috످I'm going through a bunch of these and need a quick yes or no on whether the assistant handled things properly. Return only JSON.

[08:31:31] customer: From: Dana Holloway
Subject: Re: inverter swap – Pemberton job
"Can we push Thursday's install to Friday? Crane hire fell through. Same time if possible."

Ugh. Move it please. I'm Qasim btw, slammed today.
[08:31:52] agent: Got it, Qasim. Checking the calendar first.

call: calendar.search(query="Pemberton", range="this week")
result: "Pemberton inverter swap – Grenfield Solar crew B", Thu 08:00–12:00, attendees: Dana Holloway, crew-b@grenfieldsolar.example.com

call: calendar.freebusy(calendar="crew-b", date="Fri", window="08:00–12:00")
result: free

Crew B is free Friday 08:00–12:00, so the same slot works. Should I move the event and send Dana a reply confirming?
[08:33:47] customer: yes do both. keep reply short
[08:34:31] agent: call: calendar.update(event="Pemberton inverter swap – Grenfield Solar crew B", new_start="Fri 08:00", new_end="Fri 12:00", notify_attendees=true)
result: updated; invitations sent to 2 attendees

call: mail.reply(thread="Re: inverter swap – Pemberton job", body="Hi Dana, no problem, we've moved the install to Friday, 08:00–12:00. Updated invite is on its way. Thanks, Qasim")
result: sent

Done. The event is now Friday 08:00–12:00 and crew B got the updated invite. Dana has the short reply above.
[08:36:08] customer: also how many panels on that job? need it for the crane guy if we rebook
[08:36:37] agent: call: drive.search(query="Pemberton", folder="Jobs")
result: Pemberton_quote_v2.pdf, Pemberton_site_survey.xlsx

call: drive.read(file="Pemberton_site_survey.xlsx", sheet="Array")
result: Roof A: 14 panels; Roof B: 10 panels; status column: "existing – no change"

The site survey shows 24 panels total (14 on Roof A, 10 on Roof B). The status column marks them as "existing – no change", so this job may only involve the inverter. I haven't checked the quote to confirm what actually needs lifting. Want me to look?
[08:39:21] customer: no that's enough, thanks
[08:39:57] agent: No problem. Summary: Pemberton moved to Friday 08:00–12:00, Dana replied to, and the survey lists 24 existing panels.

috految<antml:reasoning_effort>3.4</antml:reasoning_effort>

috److{"handled_properly":"yes","reason":"The assistant checked crew availability, got Qasim's approval before moving the install and emailing Dana, and accurately reported the survey's 24 panels while noting it hadn't checked the quote."}

috످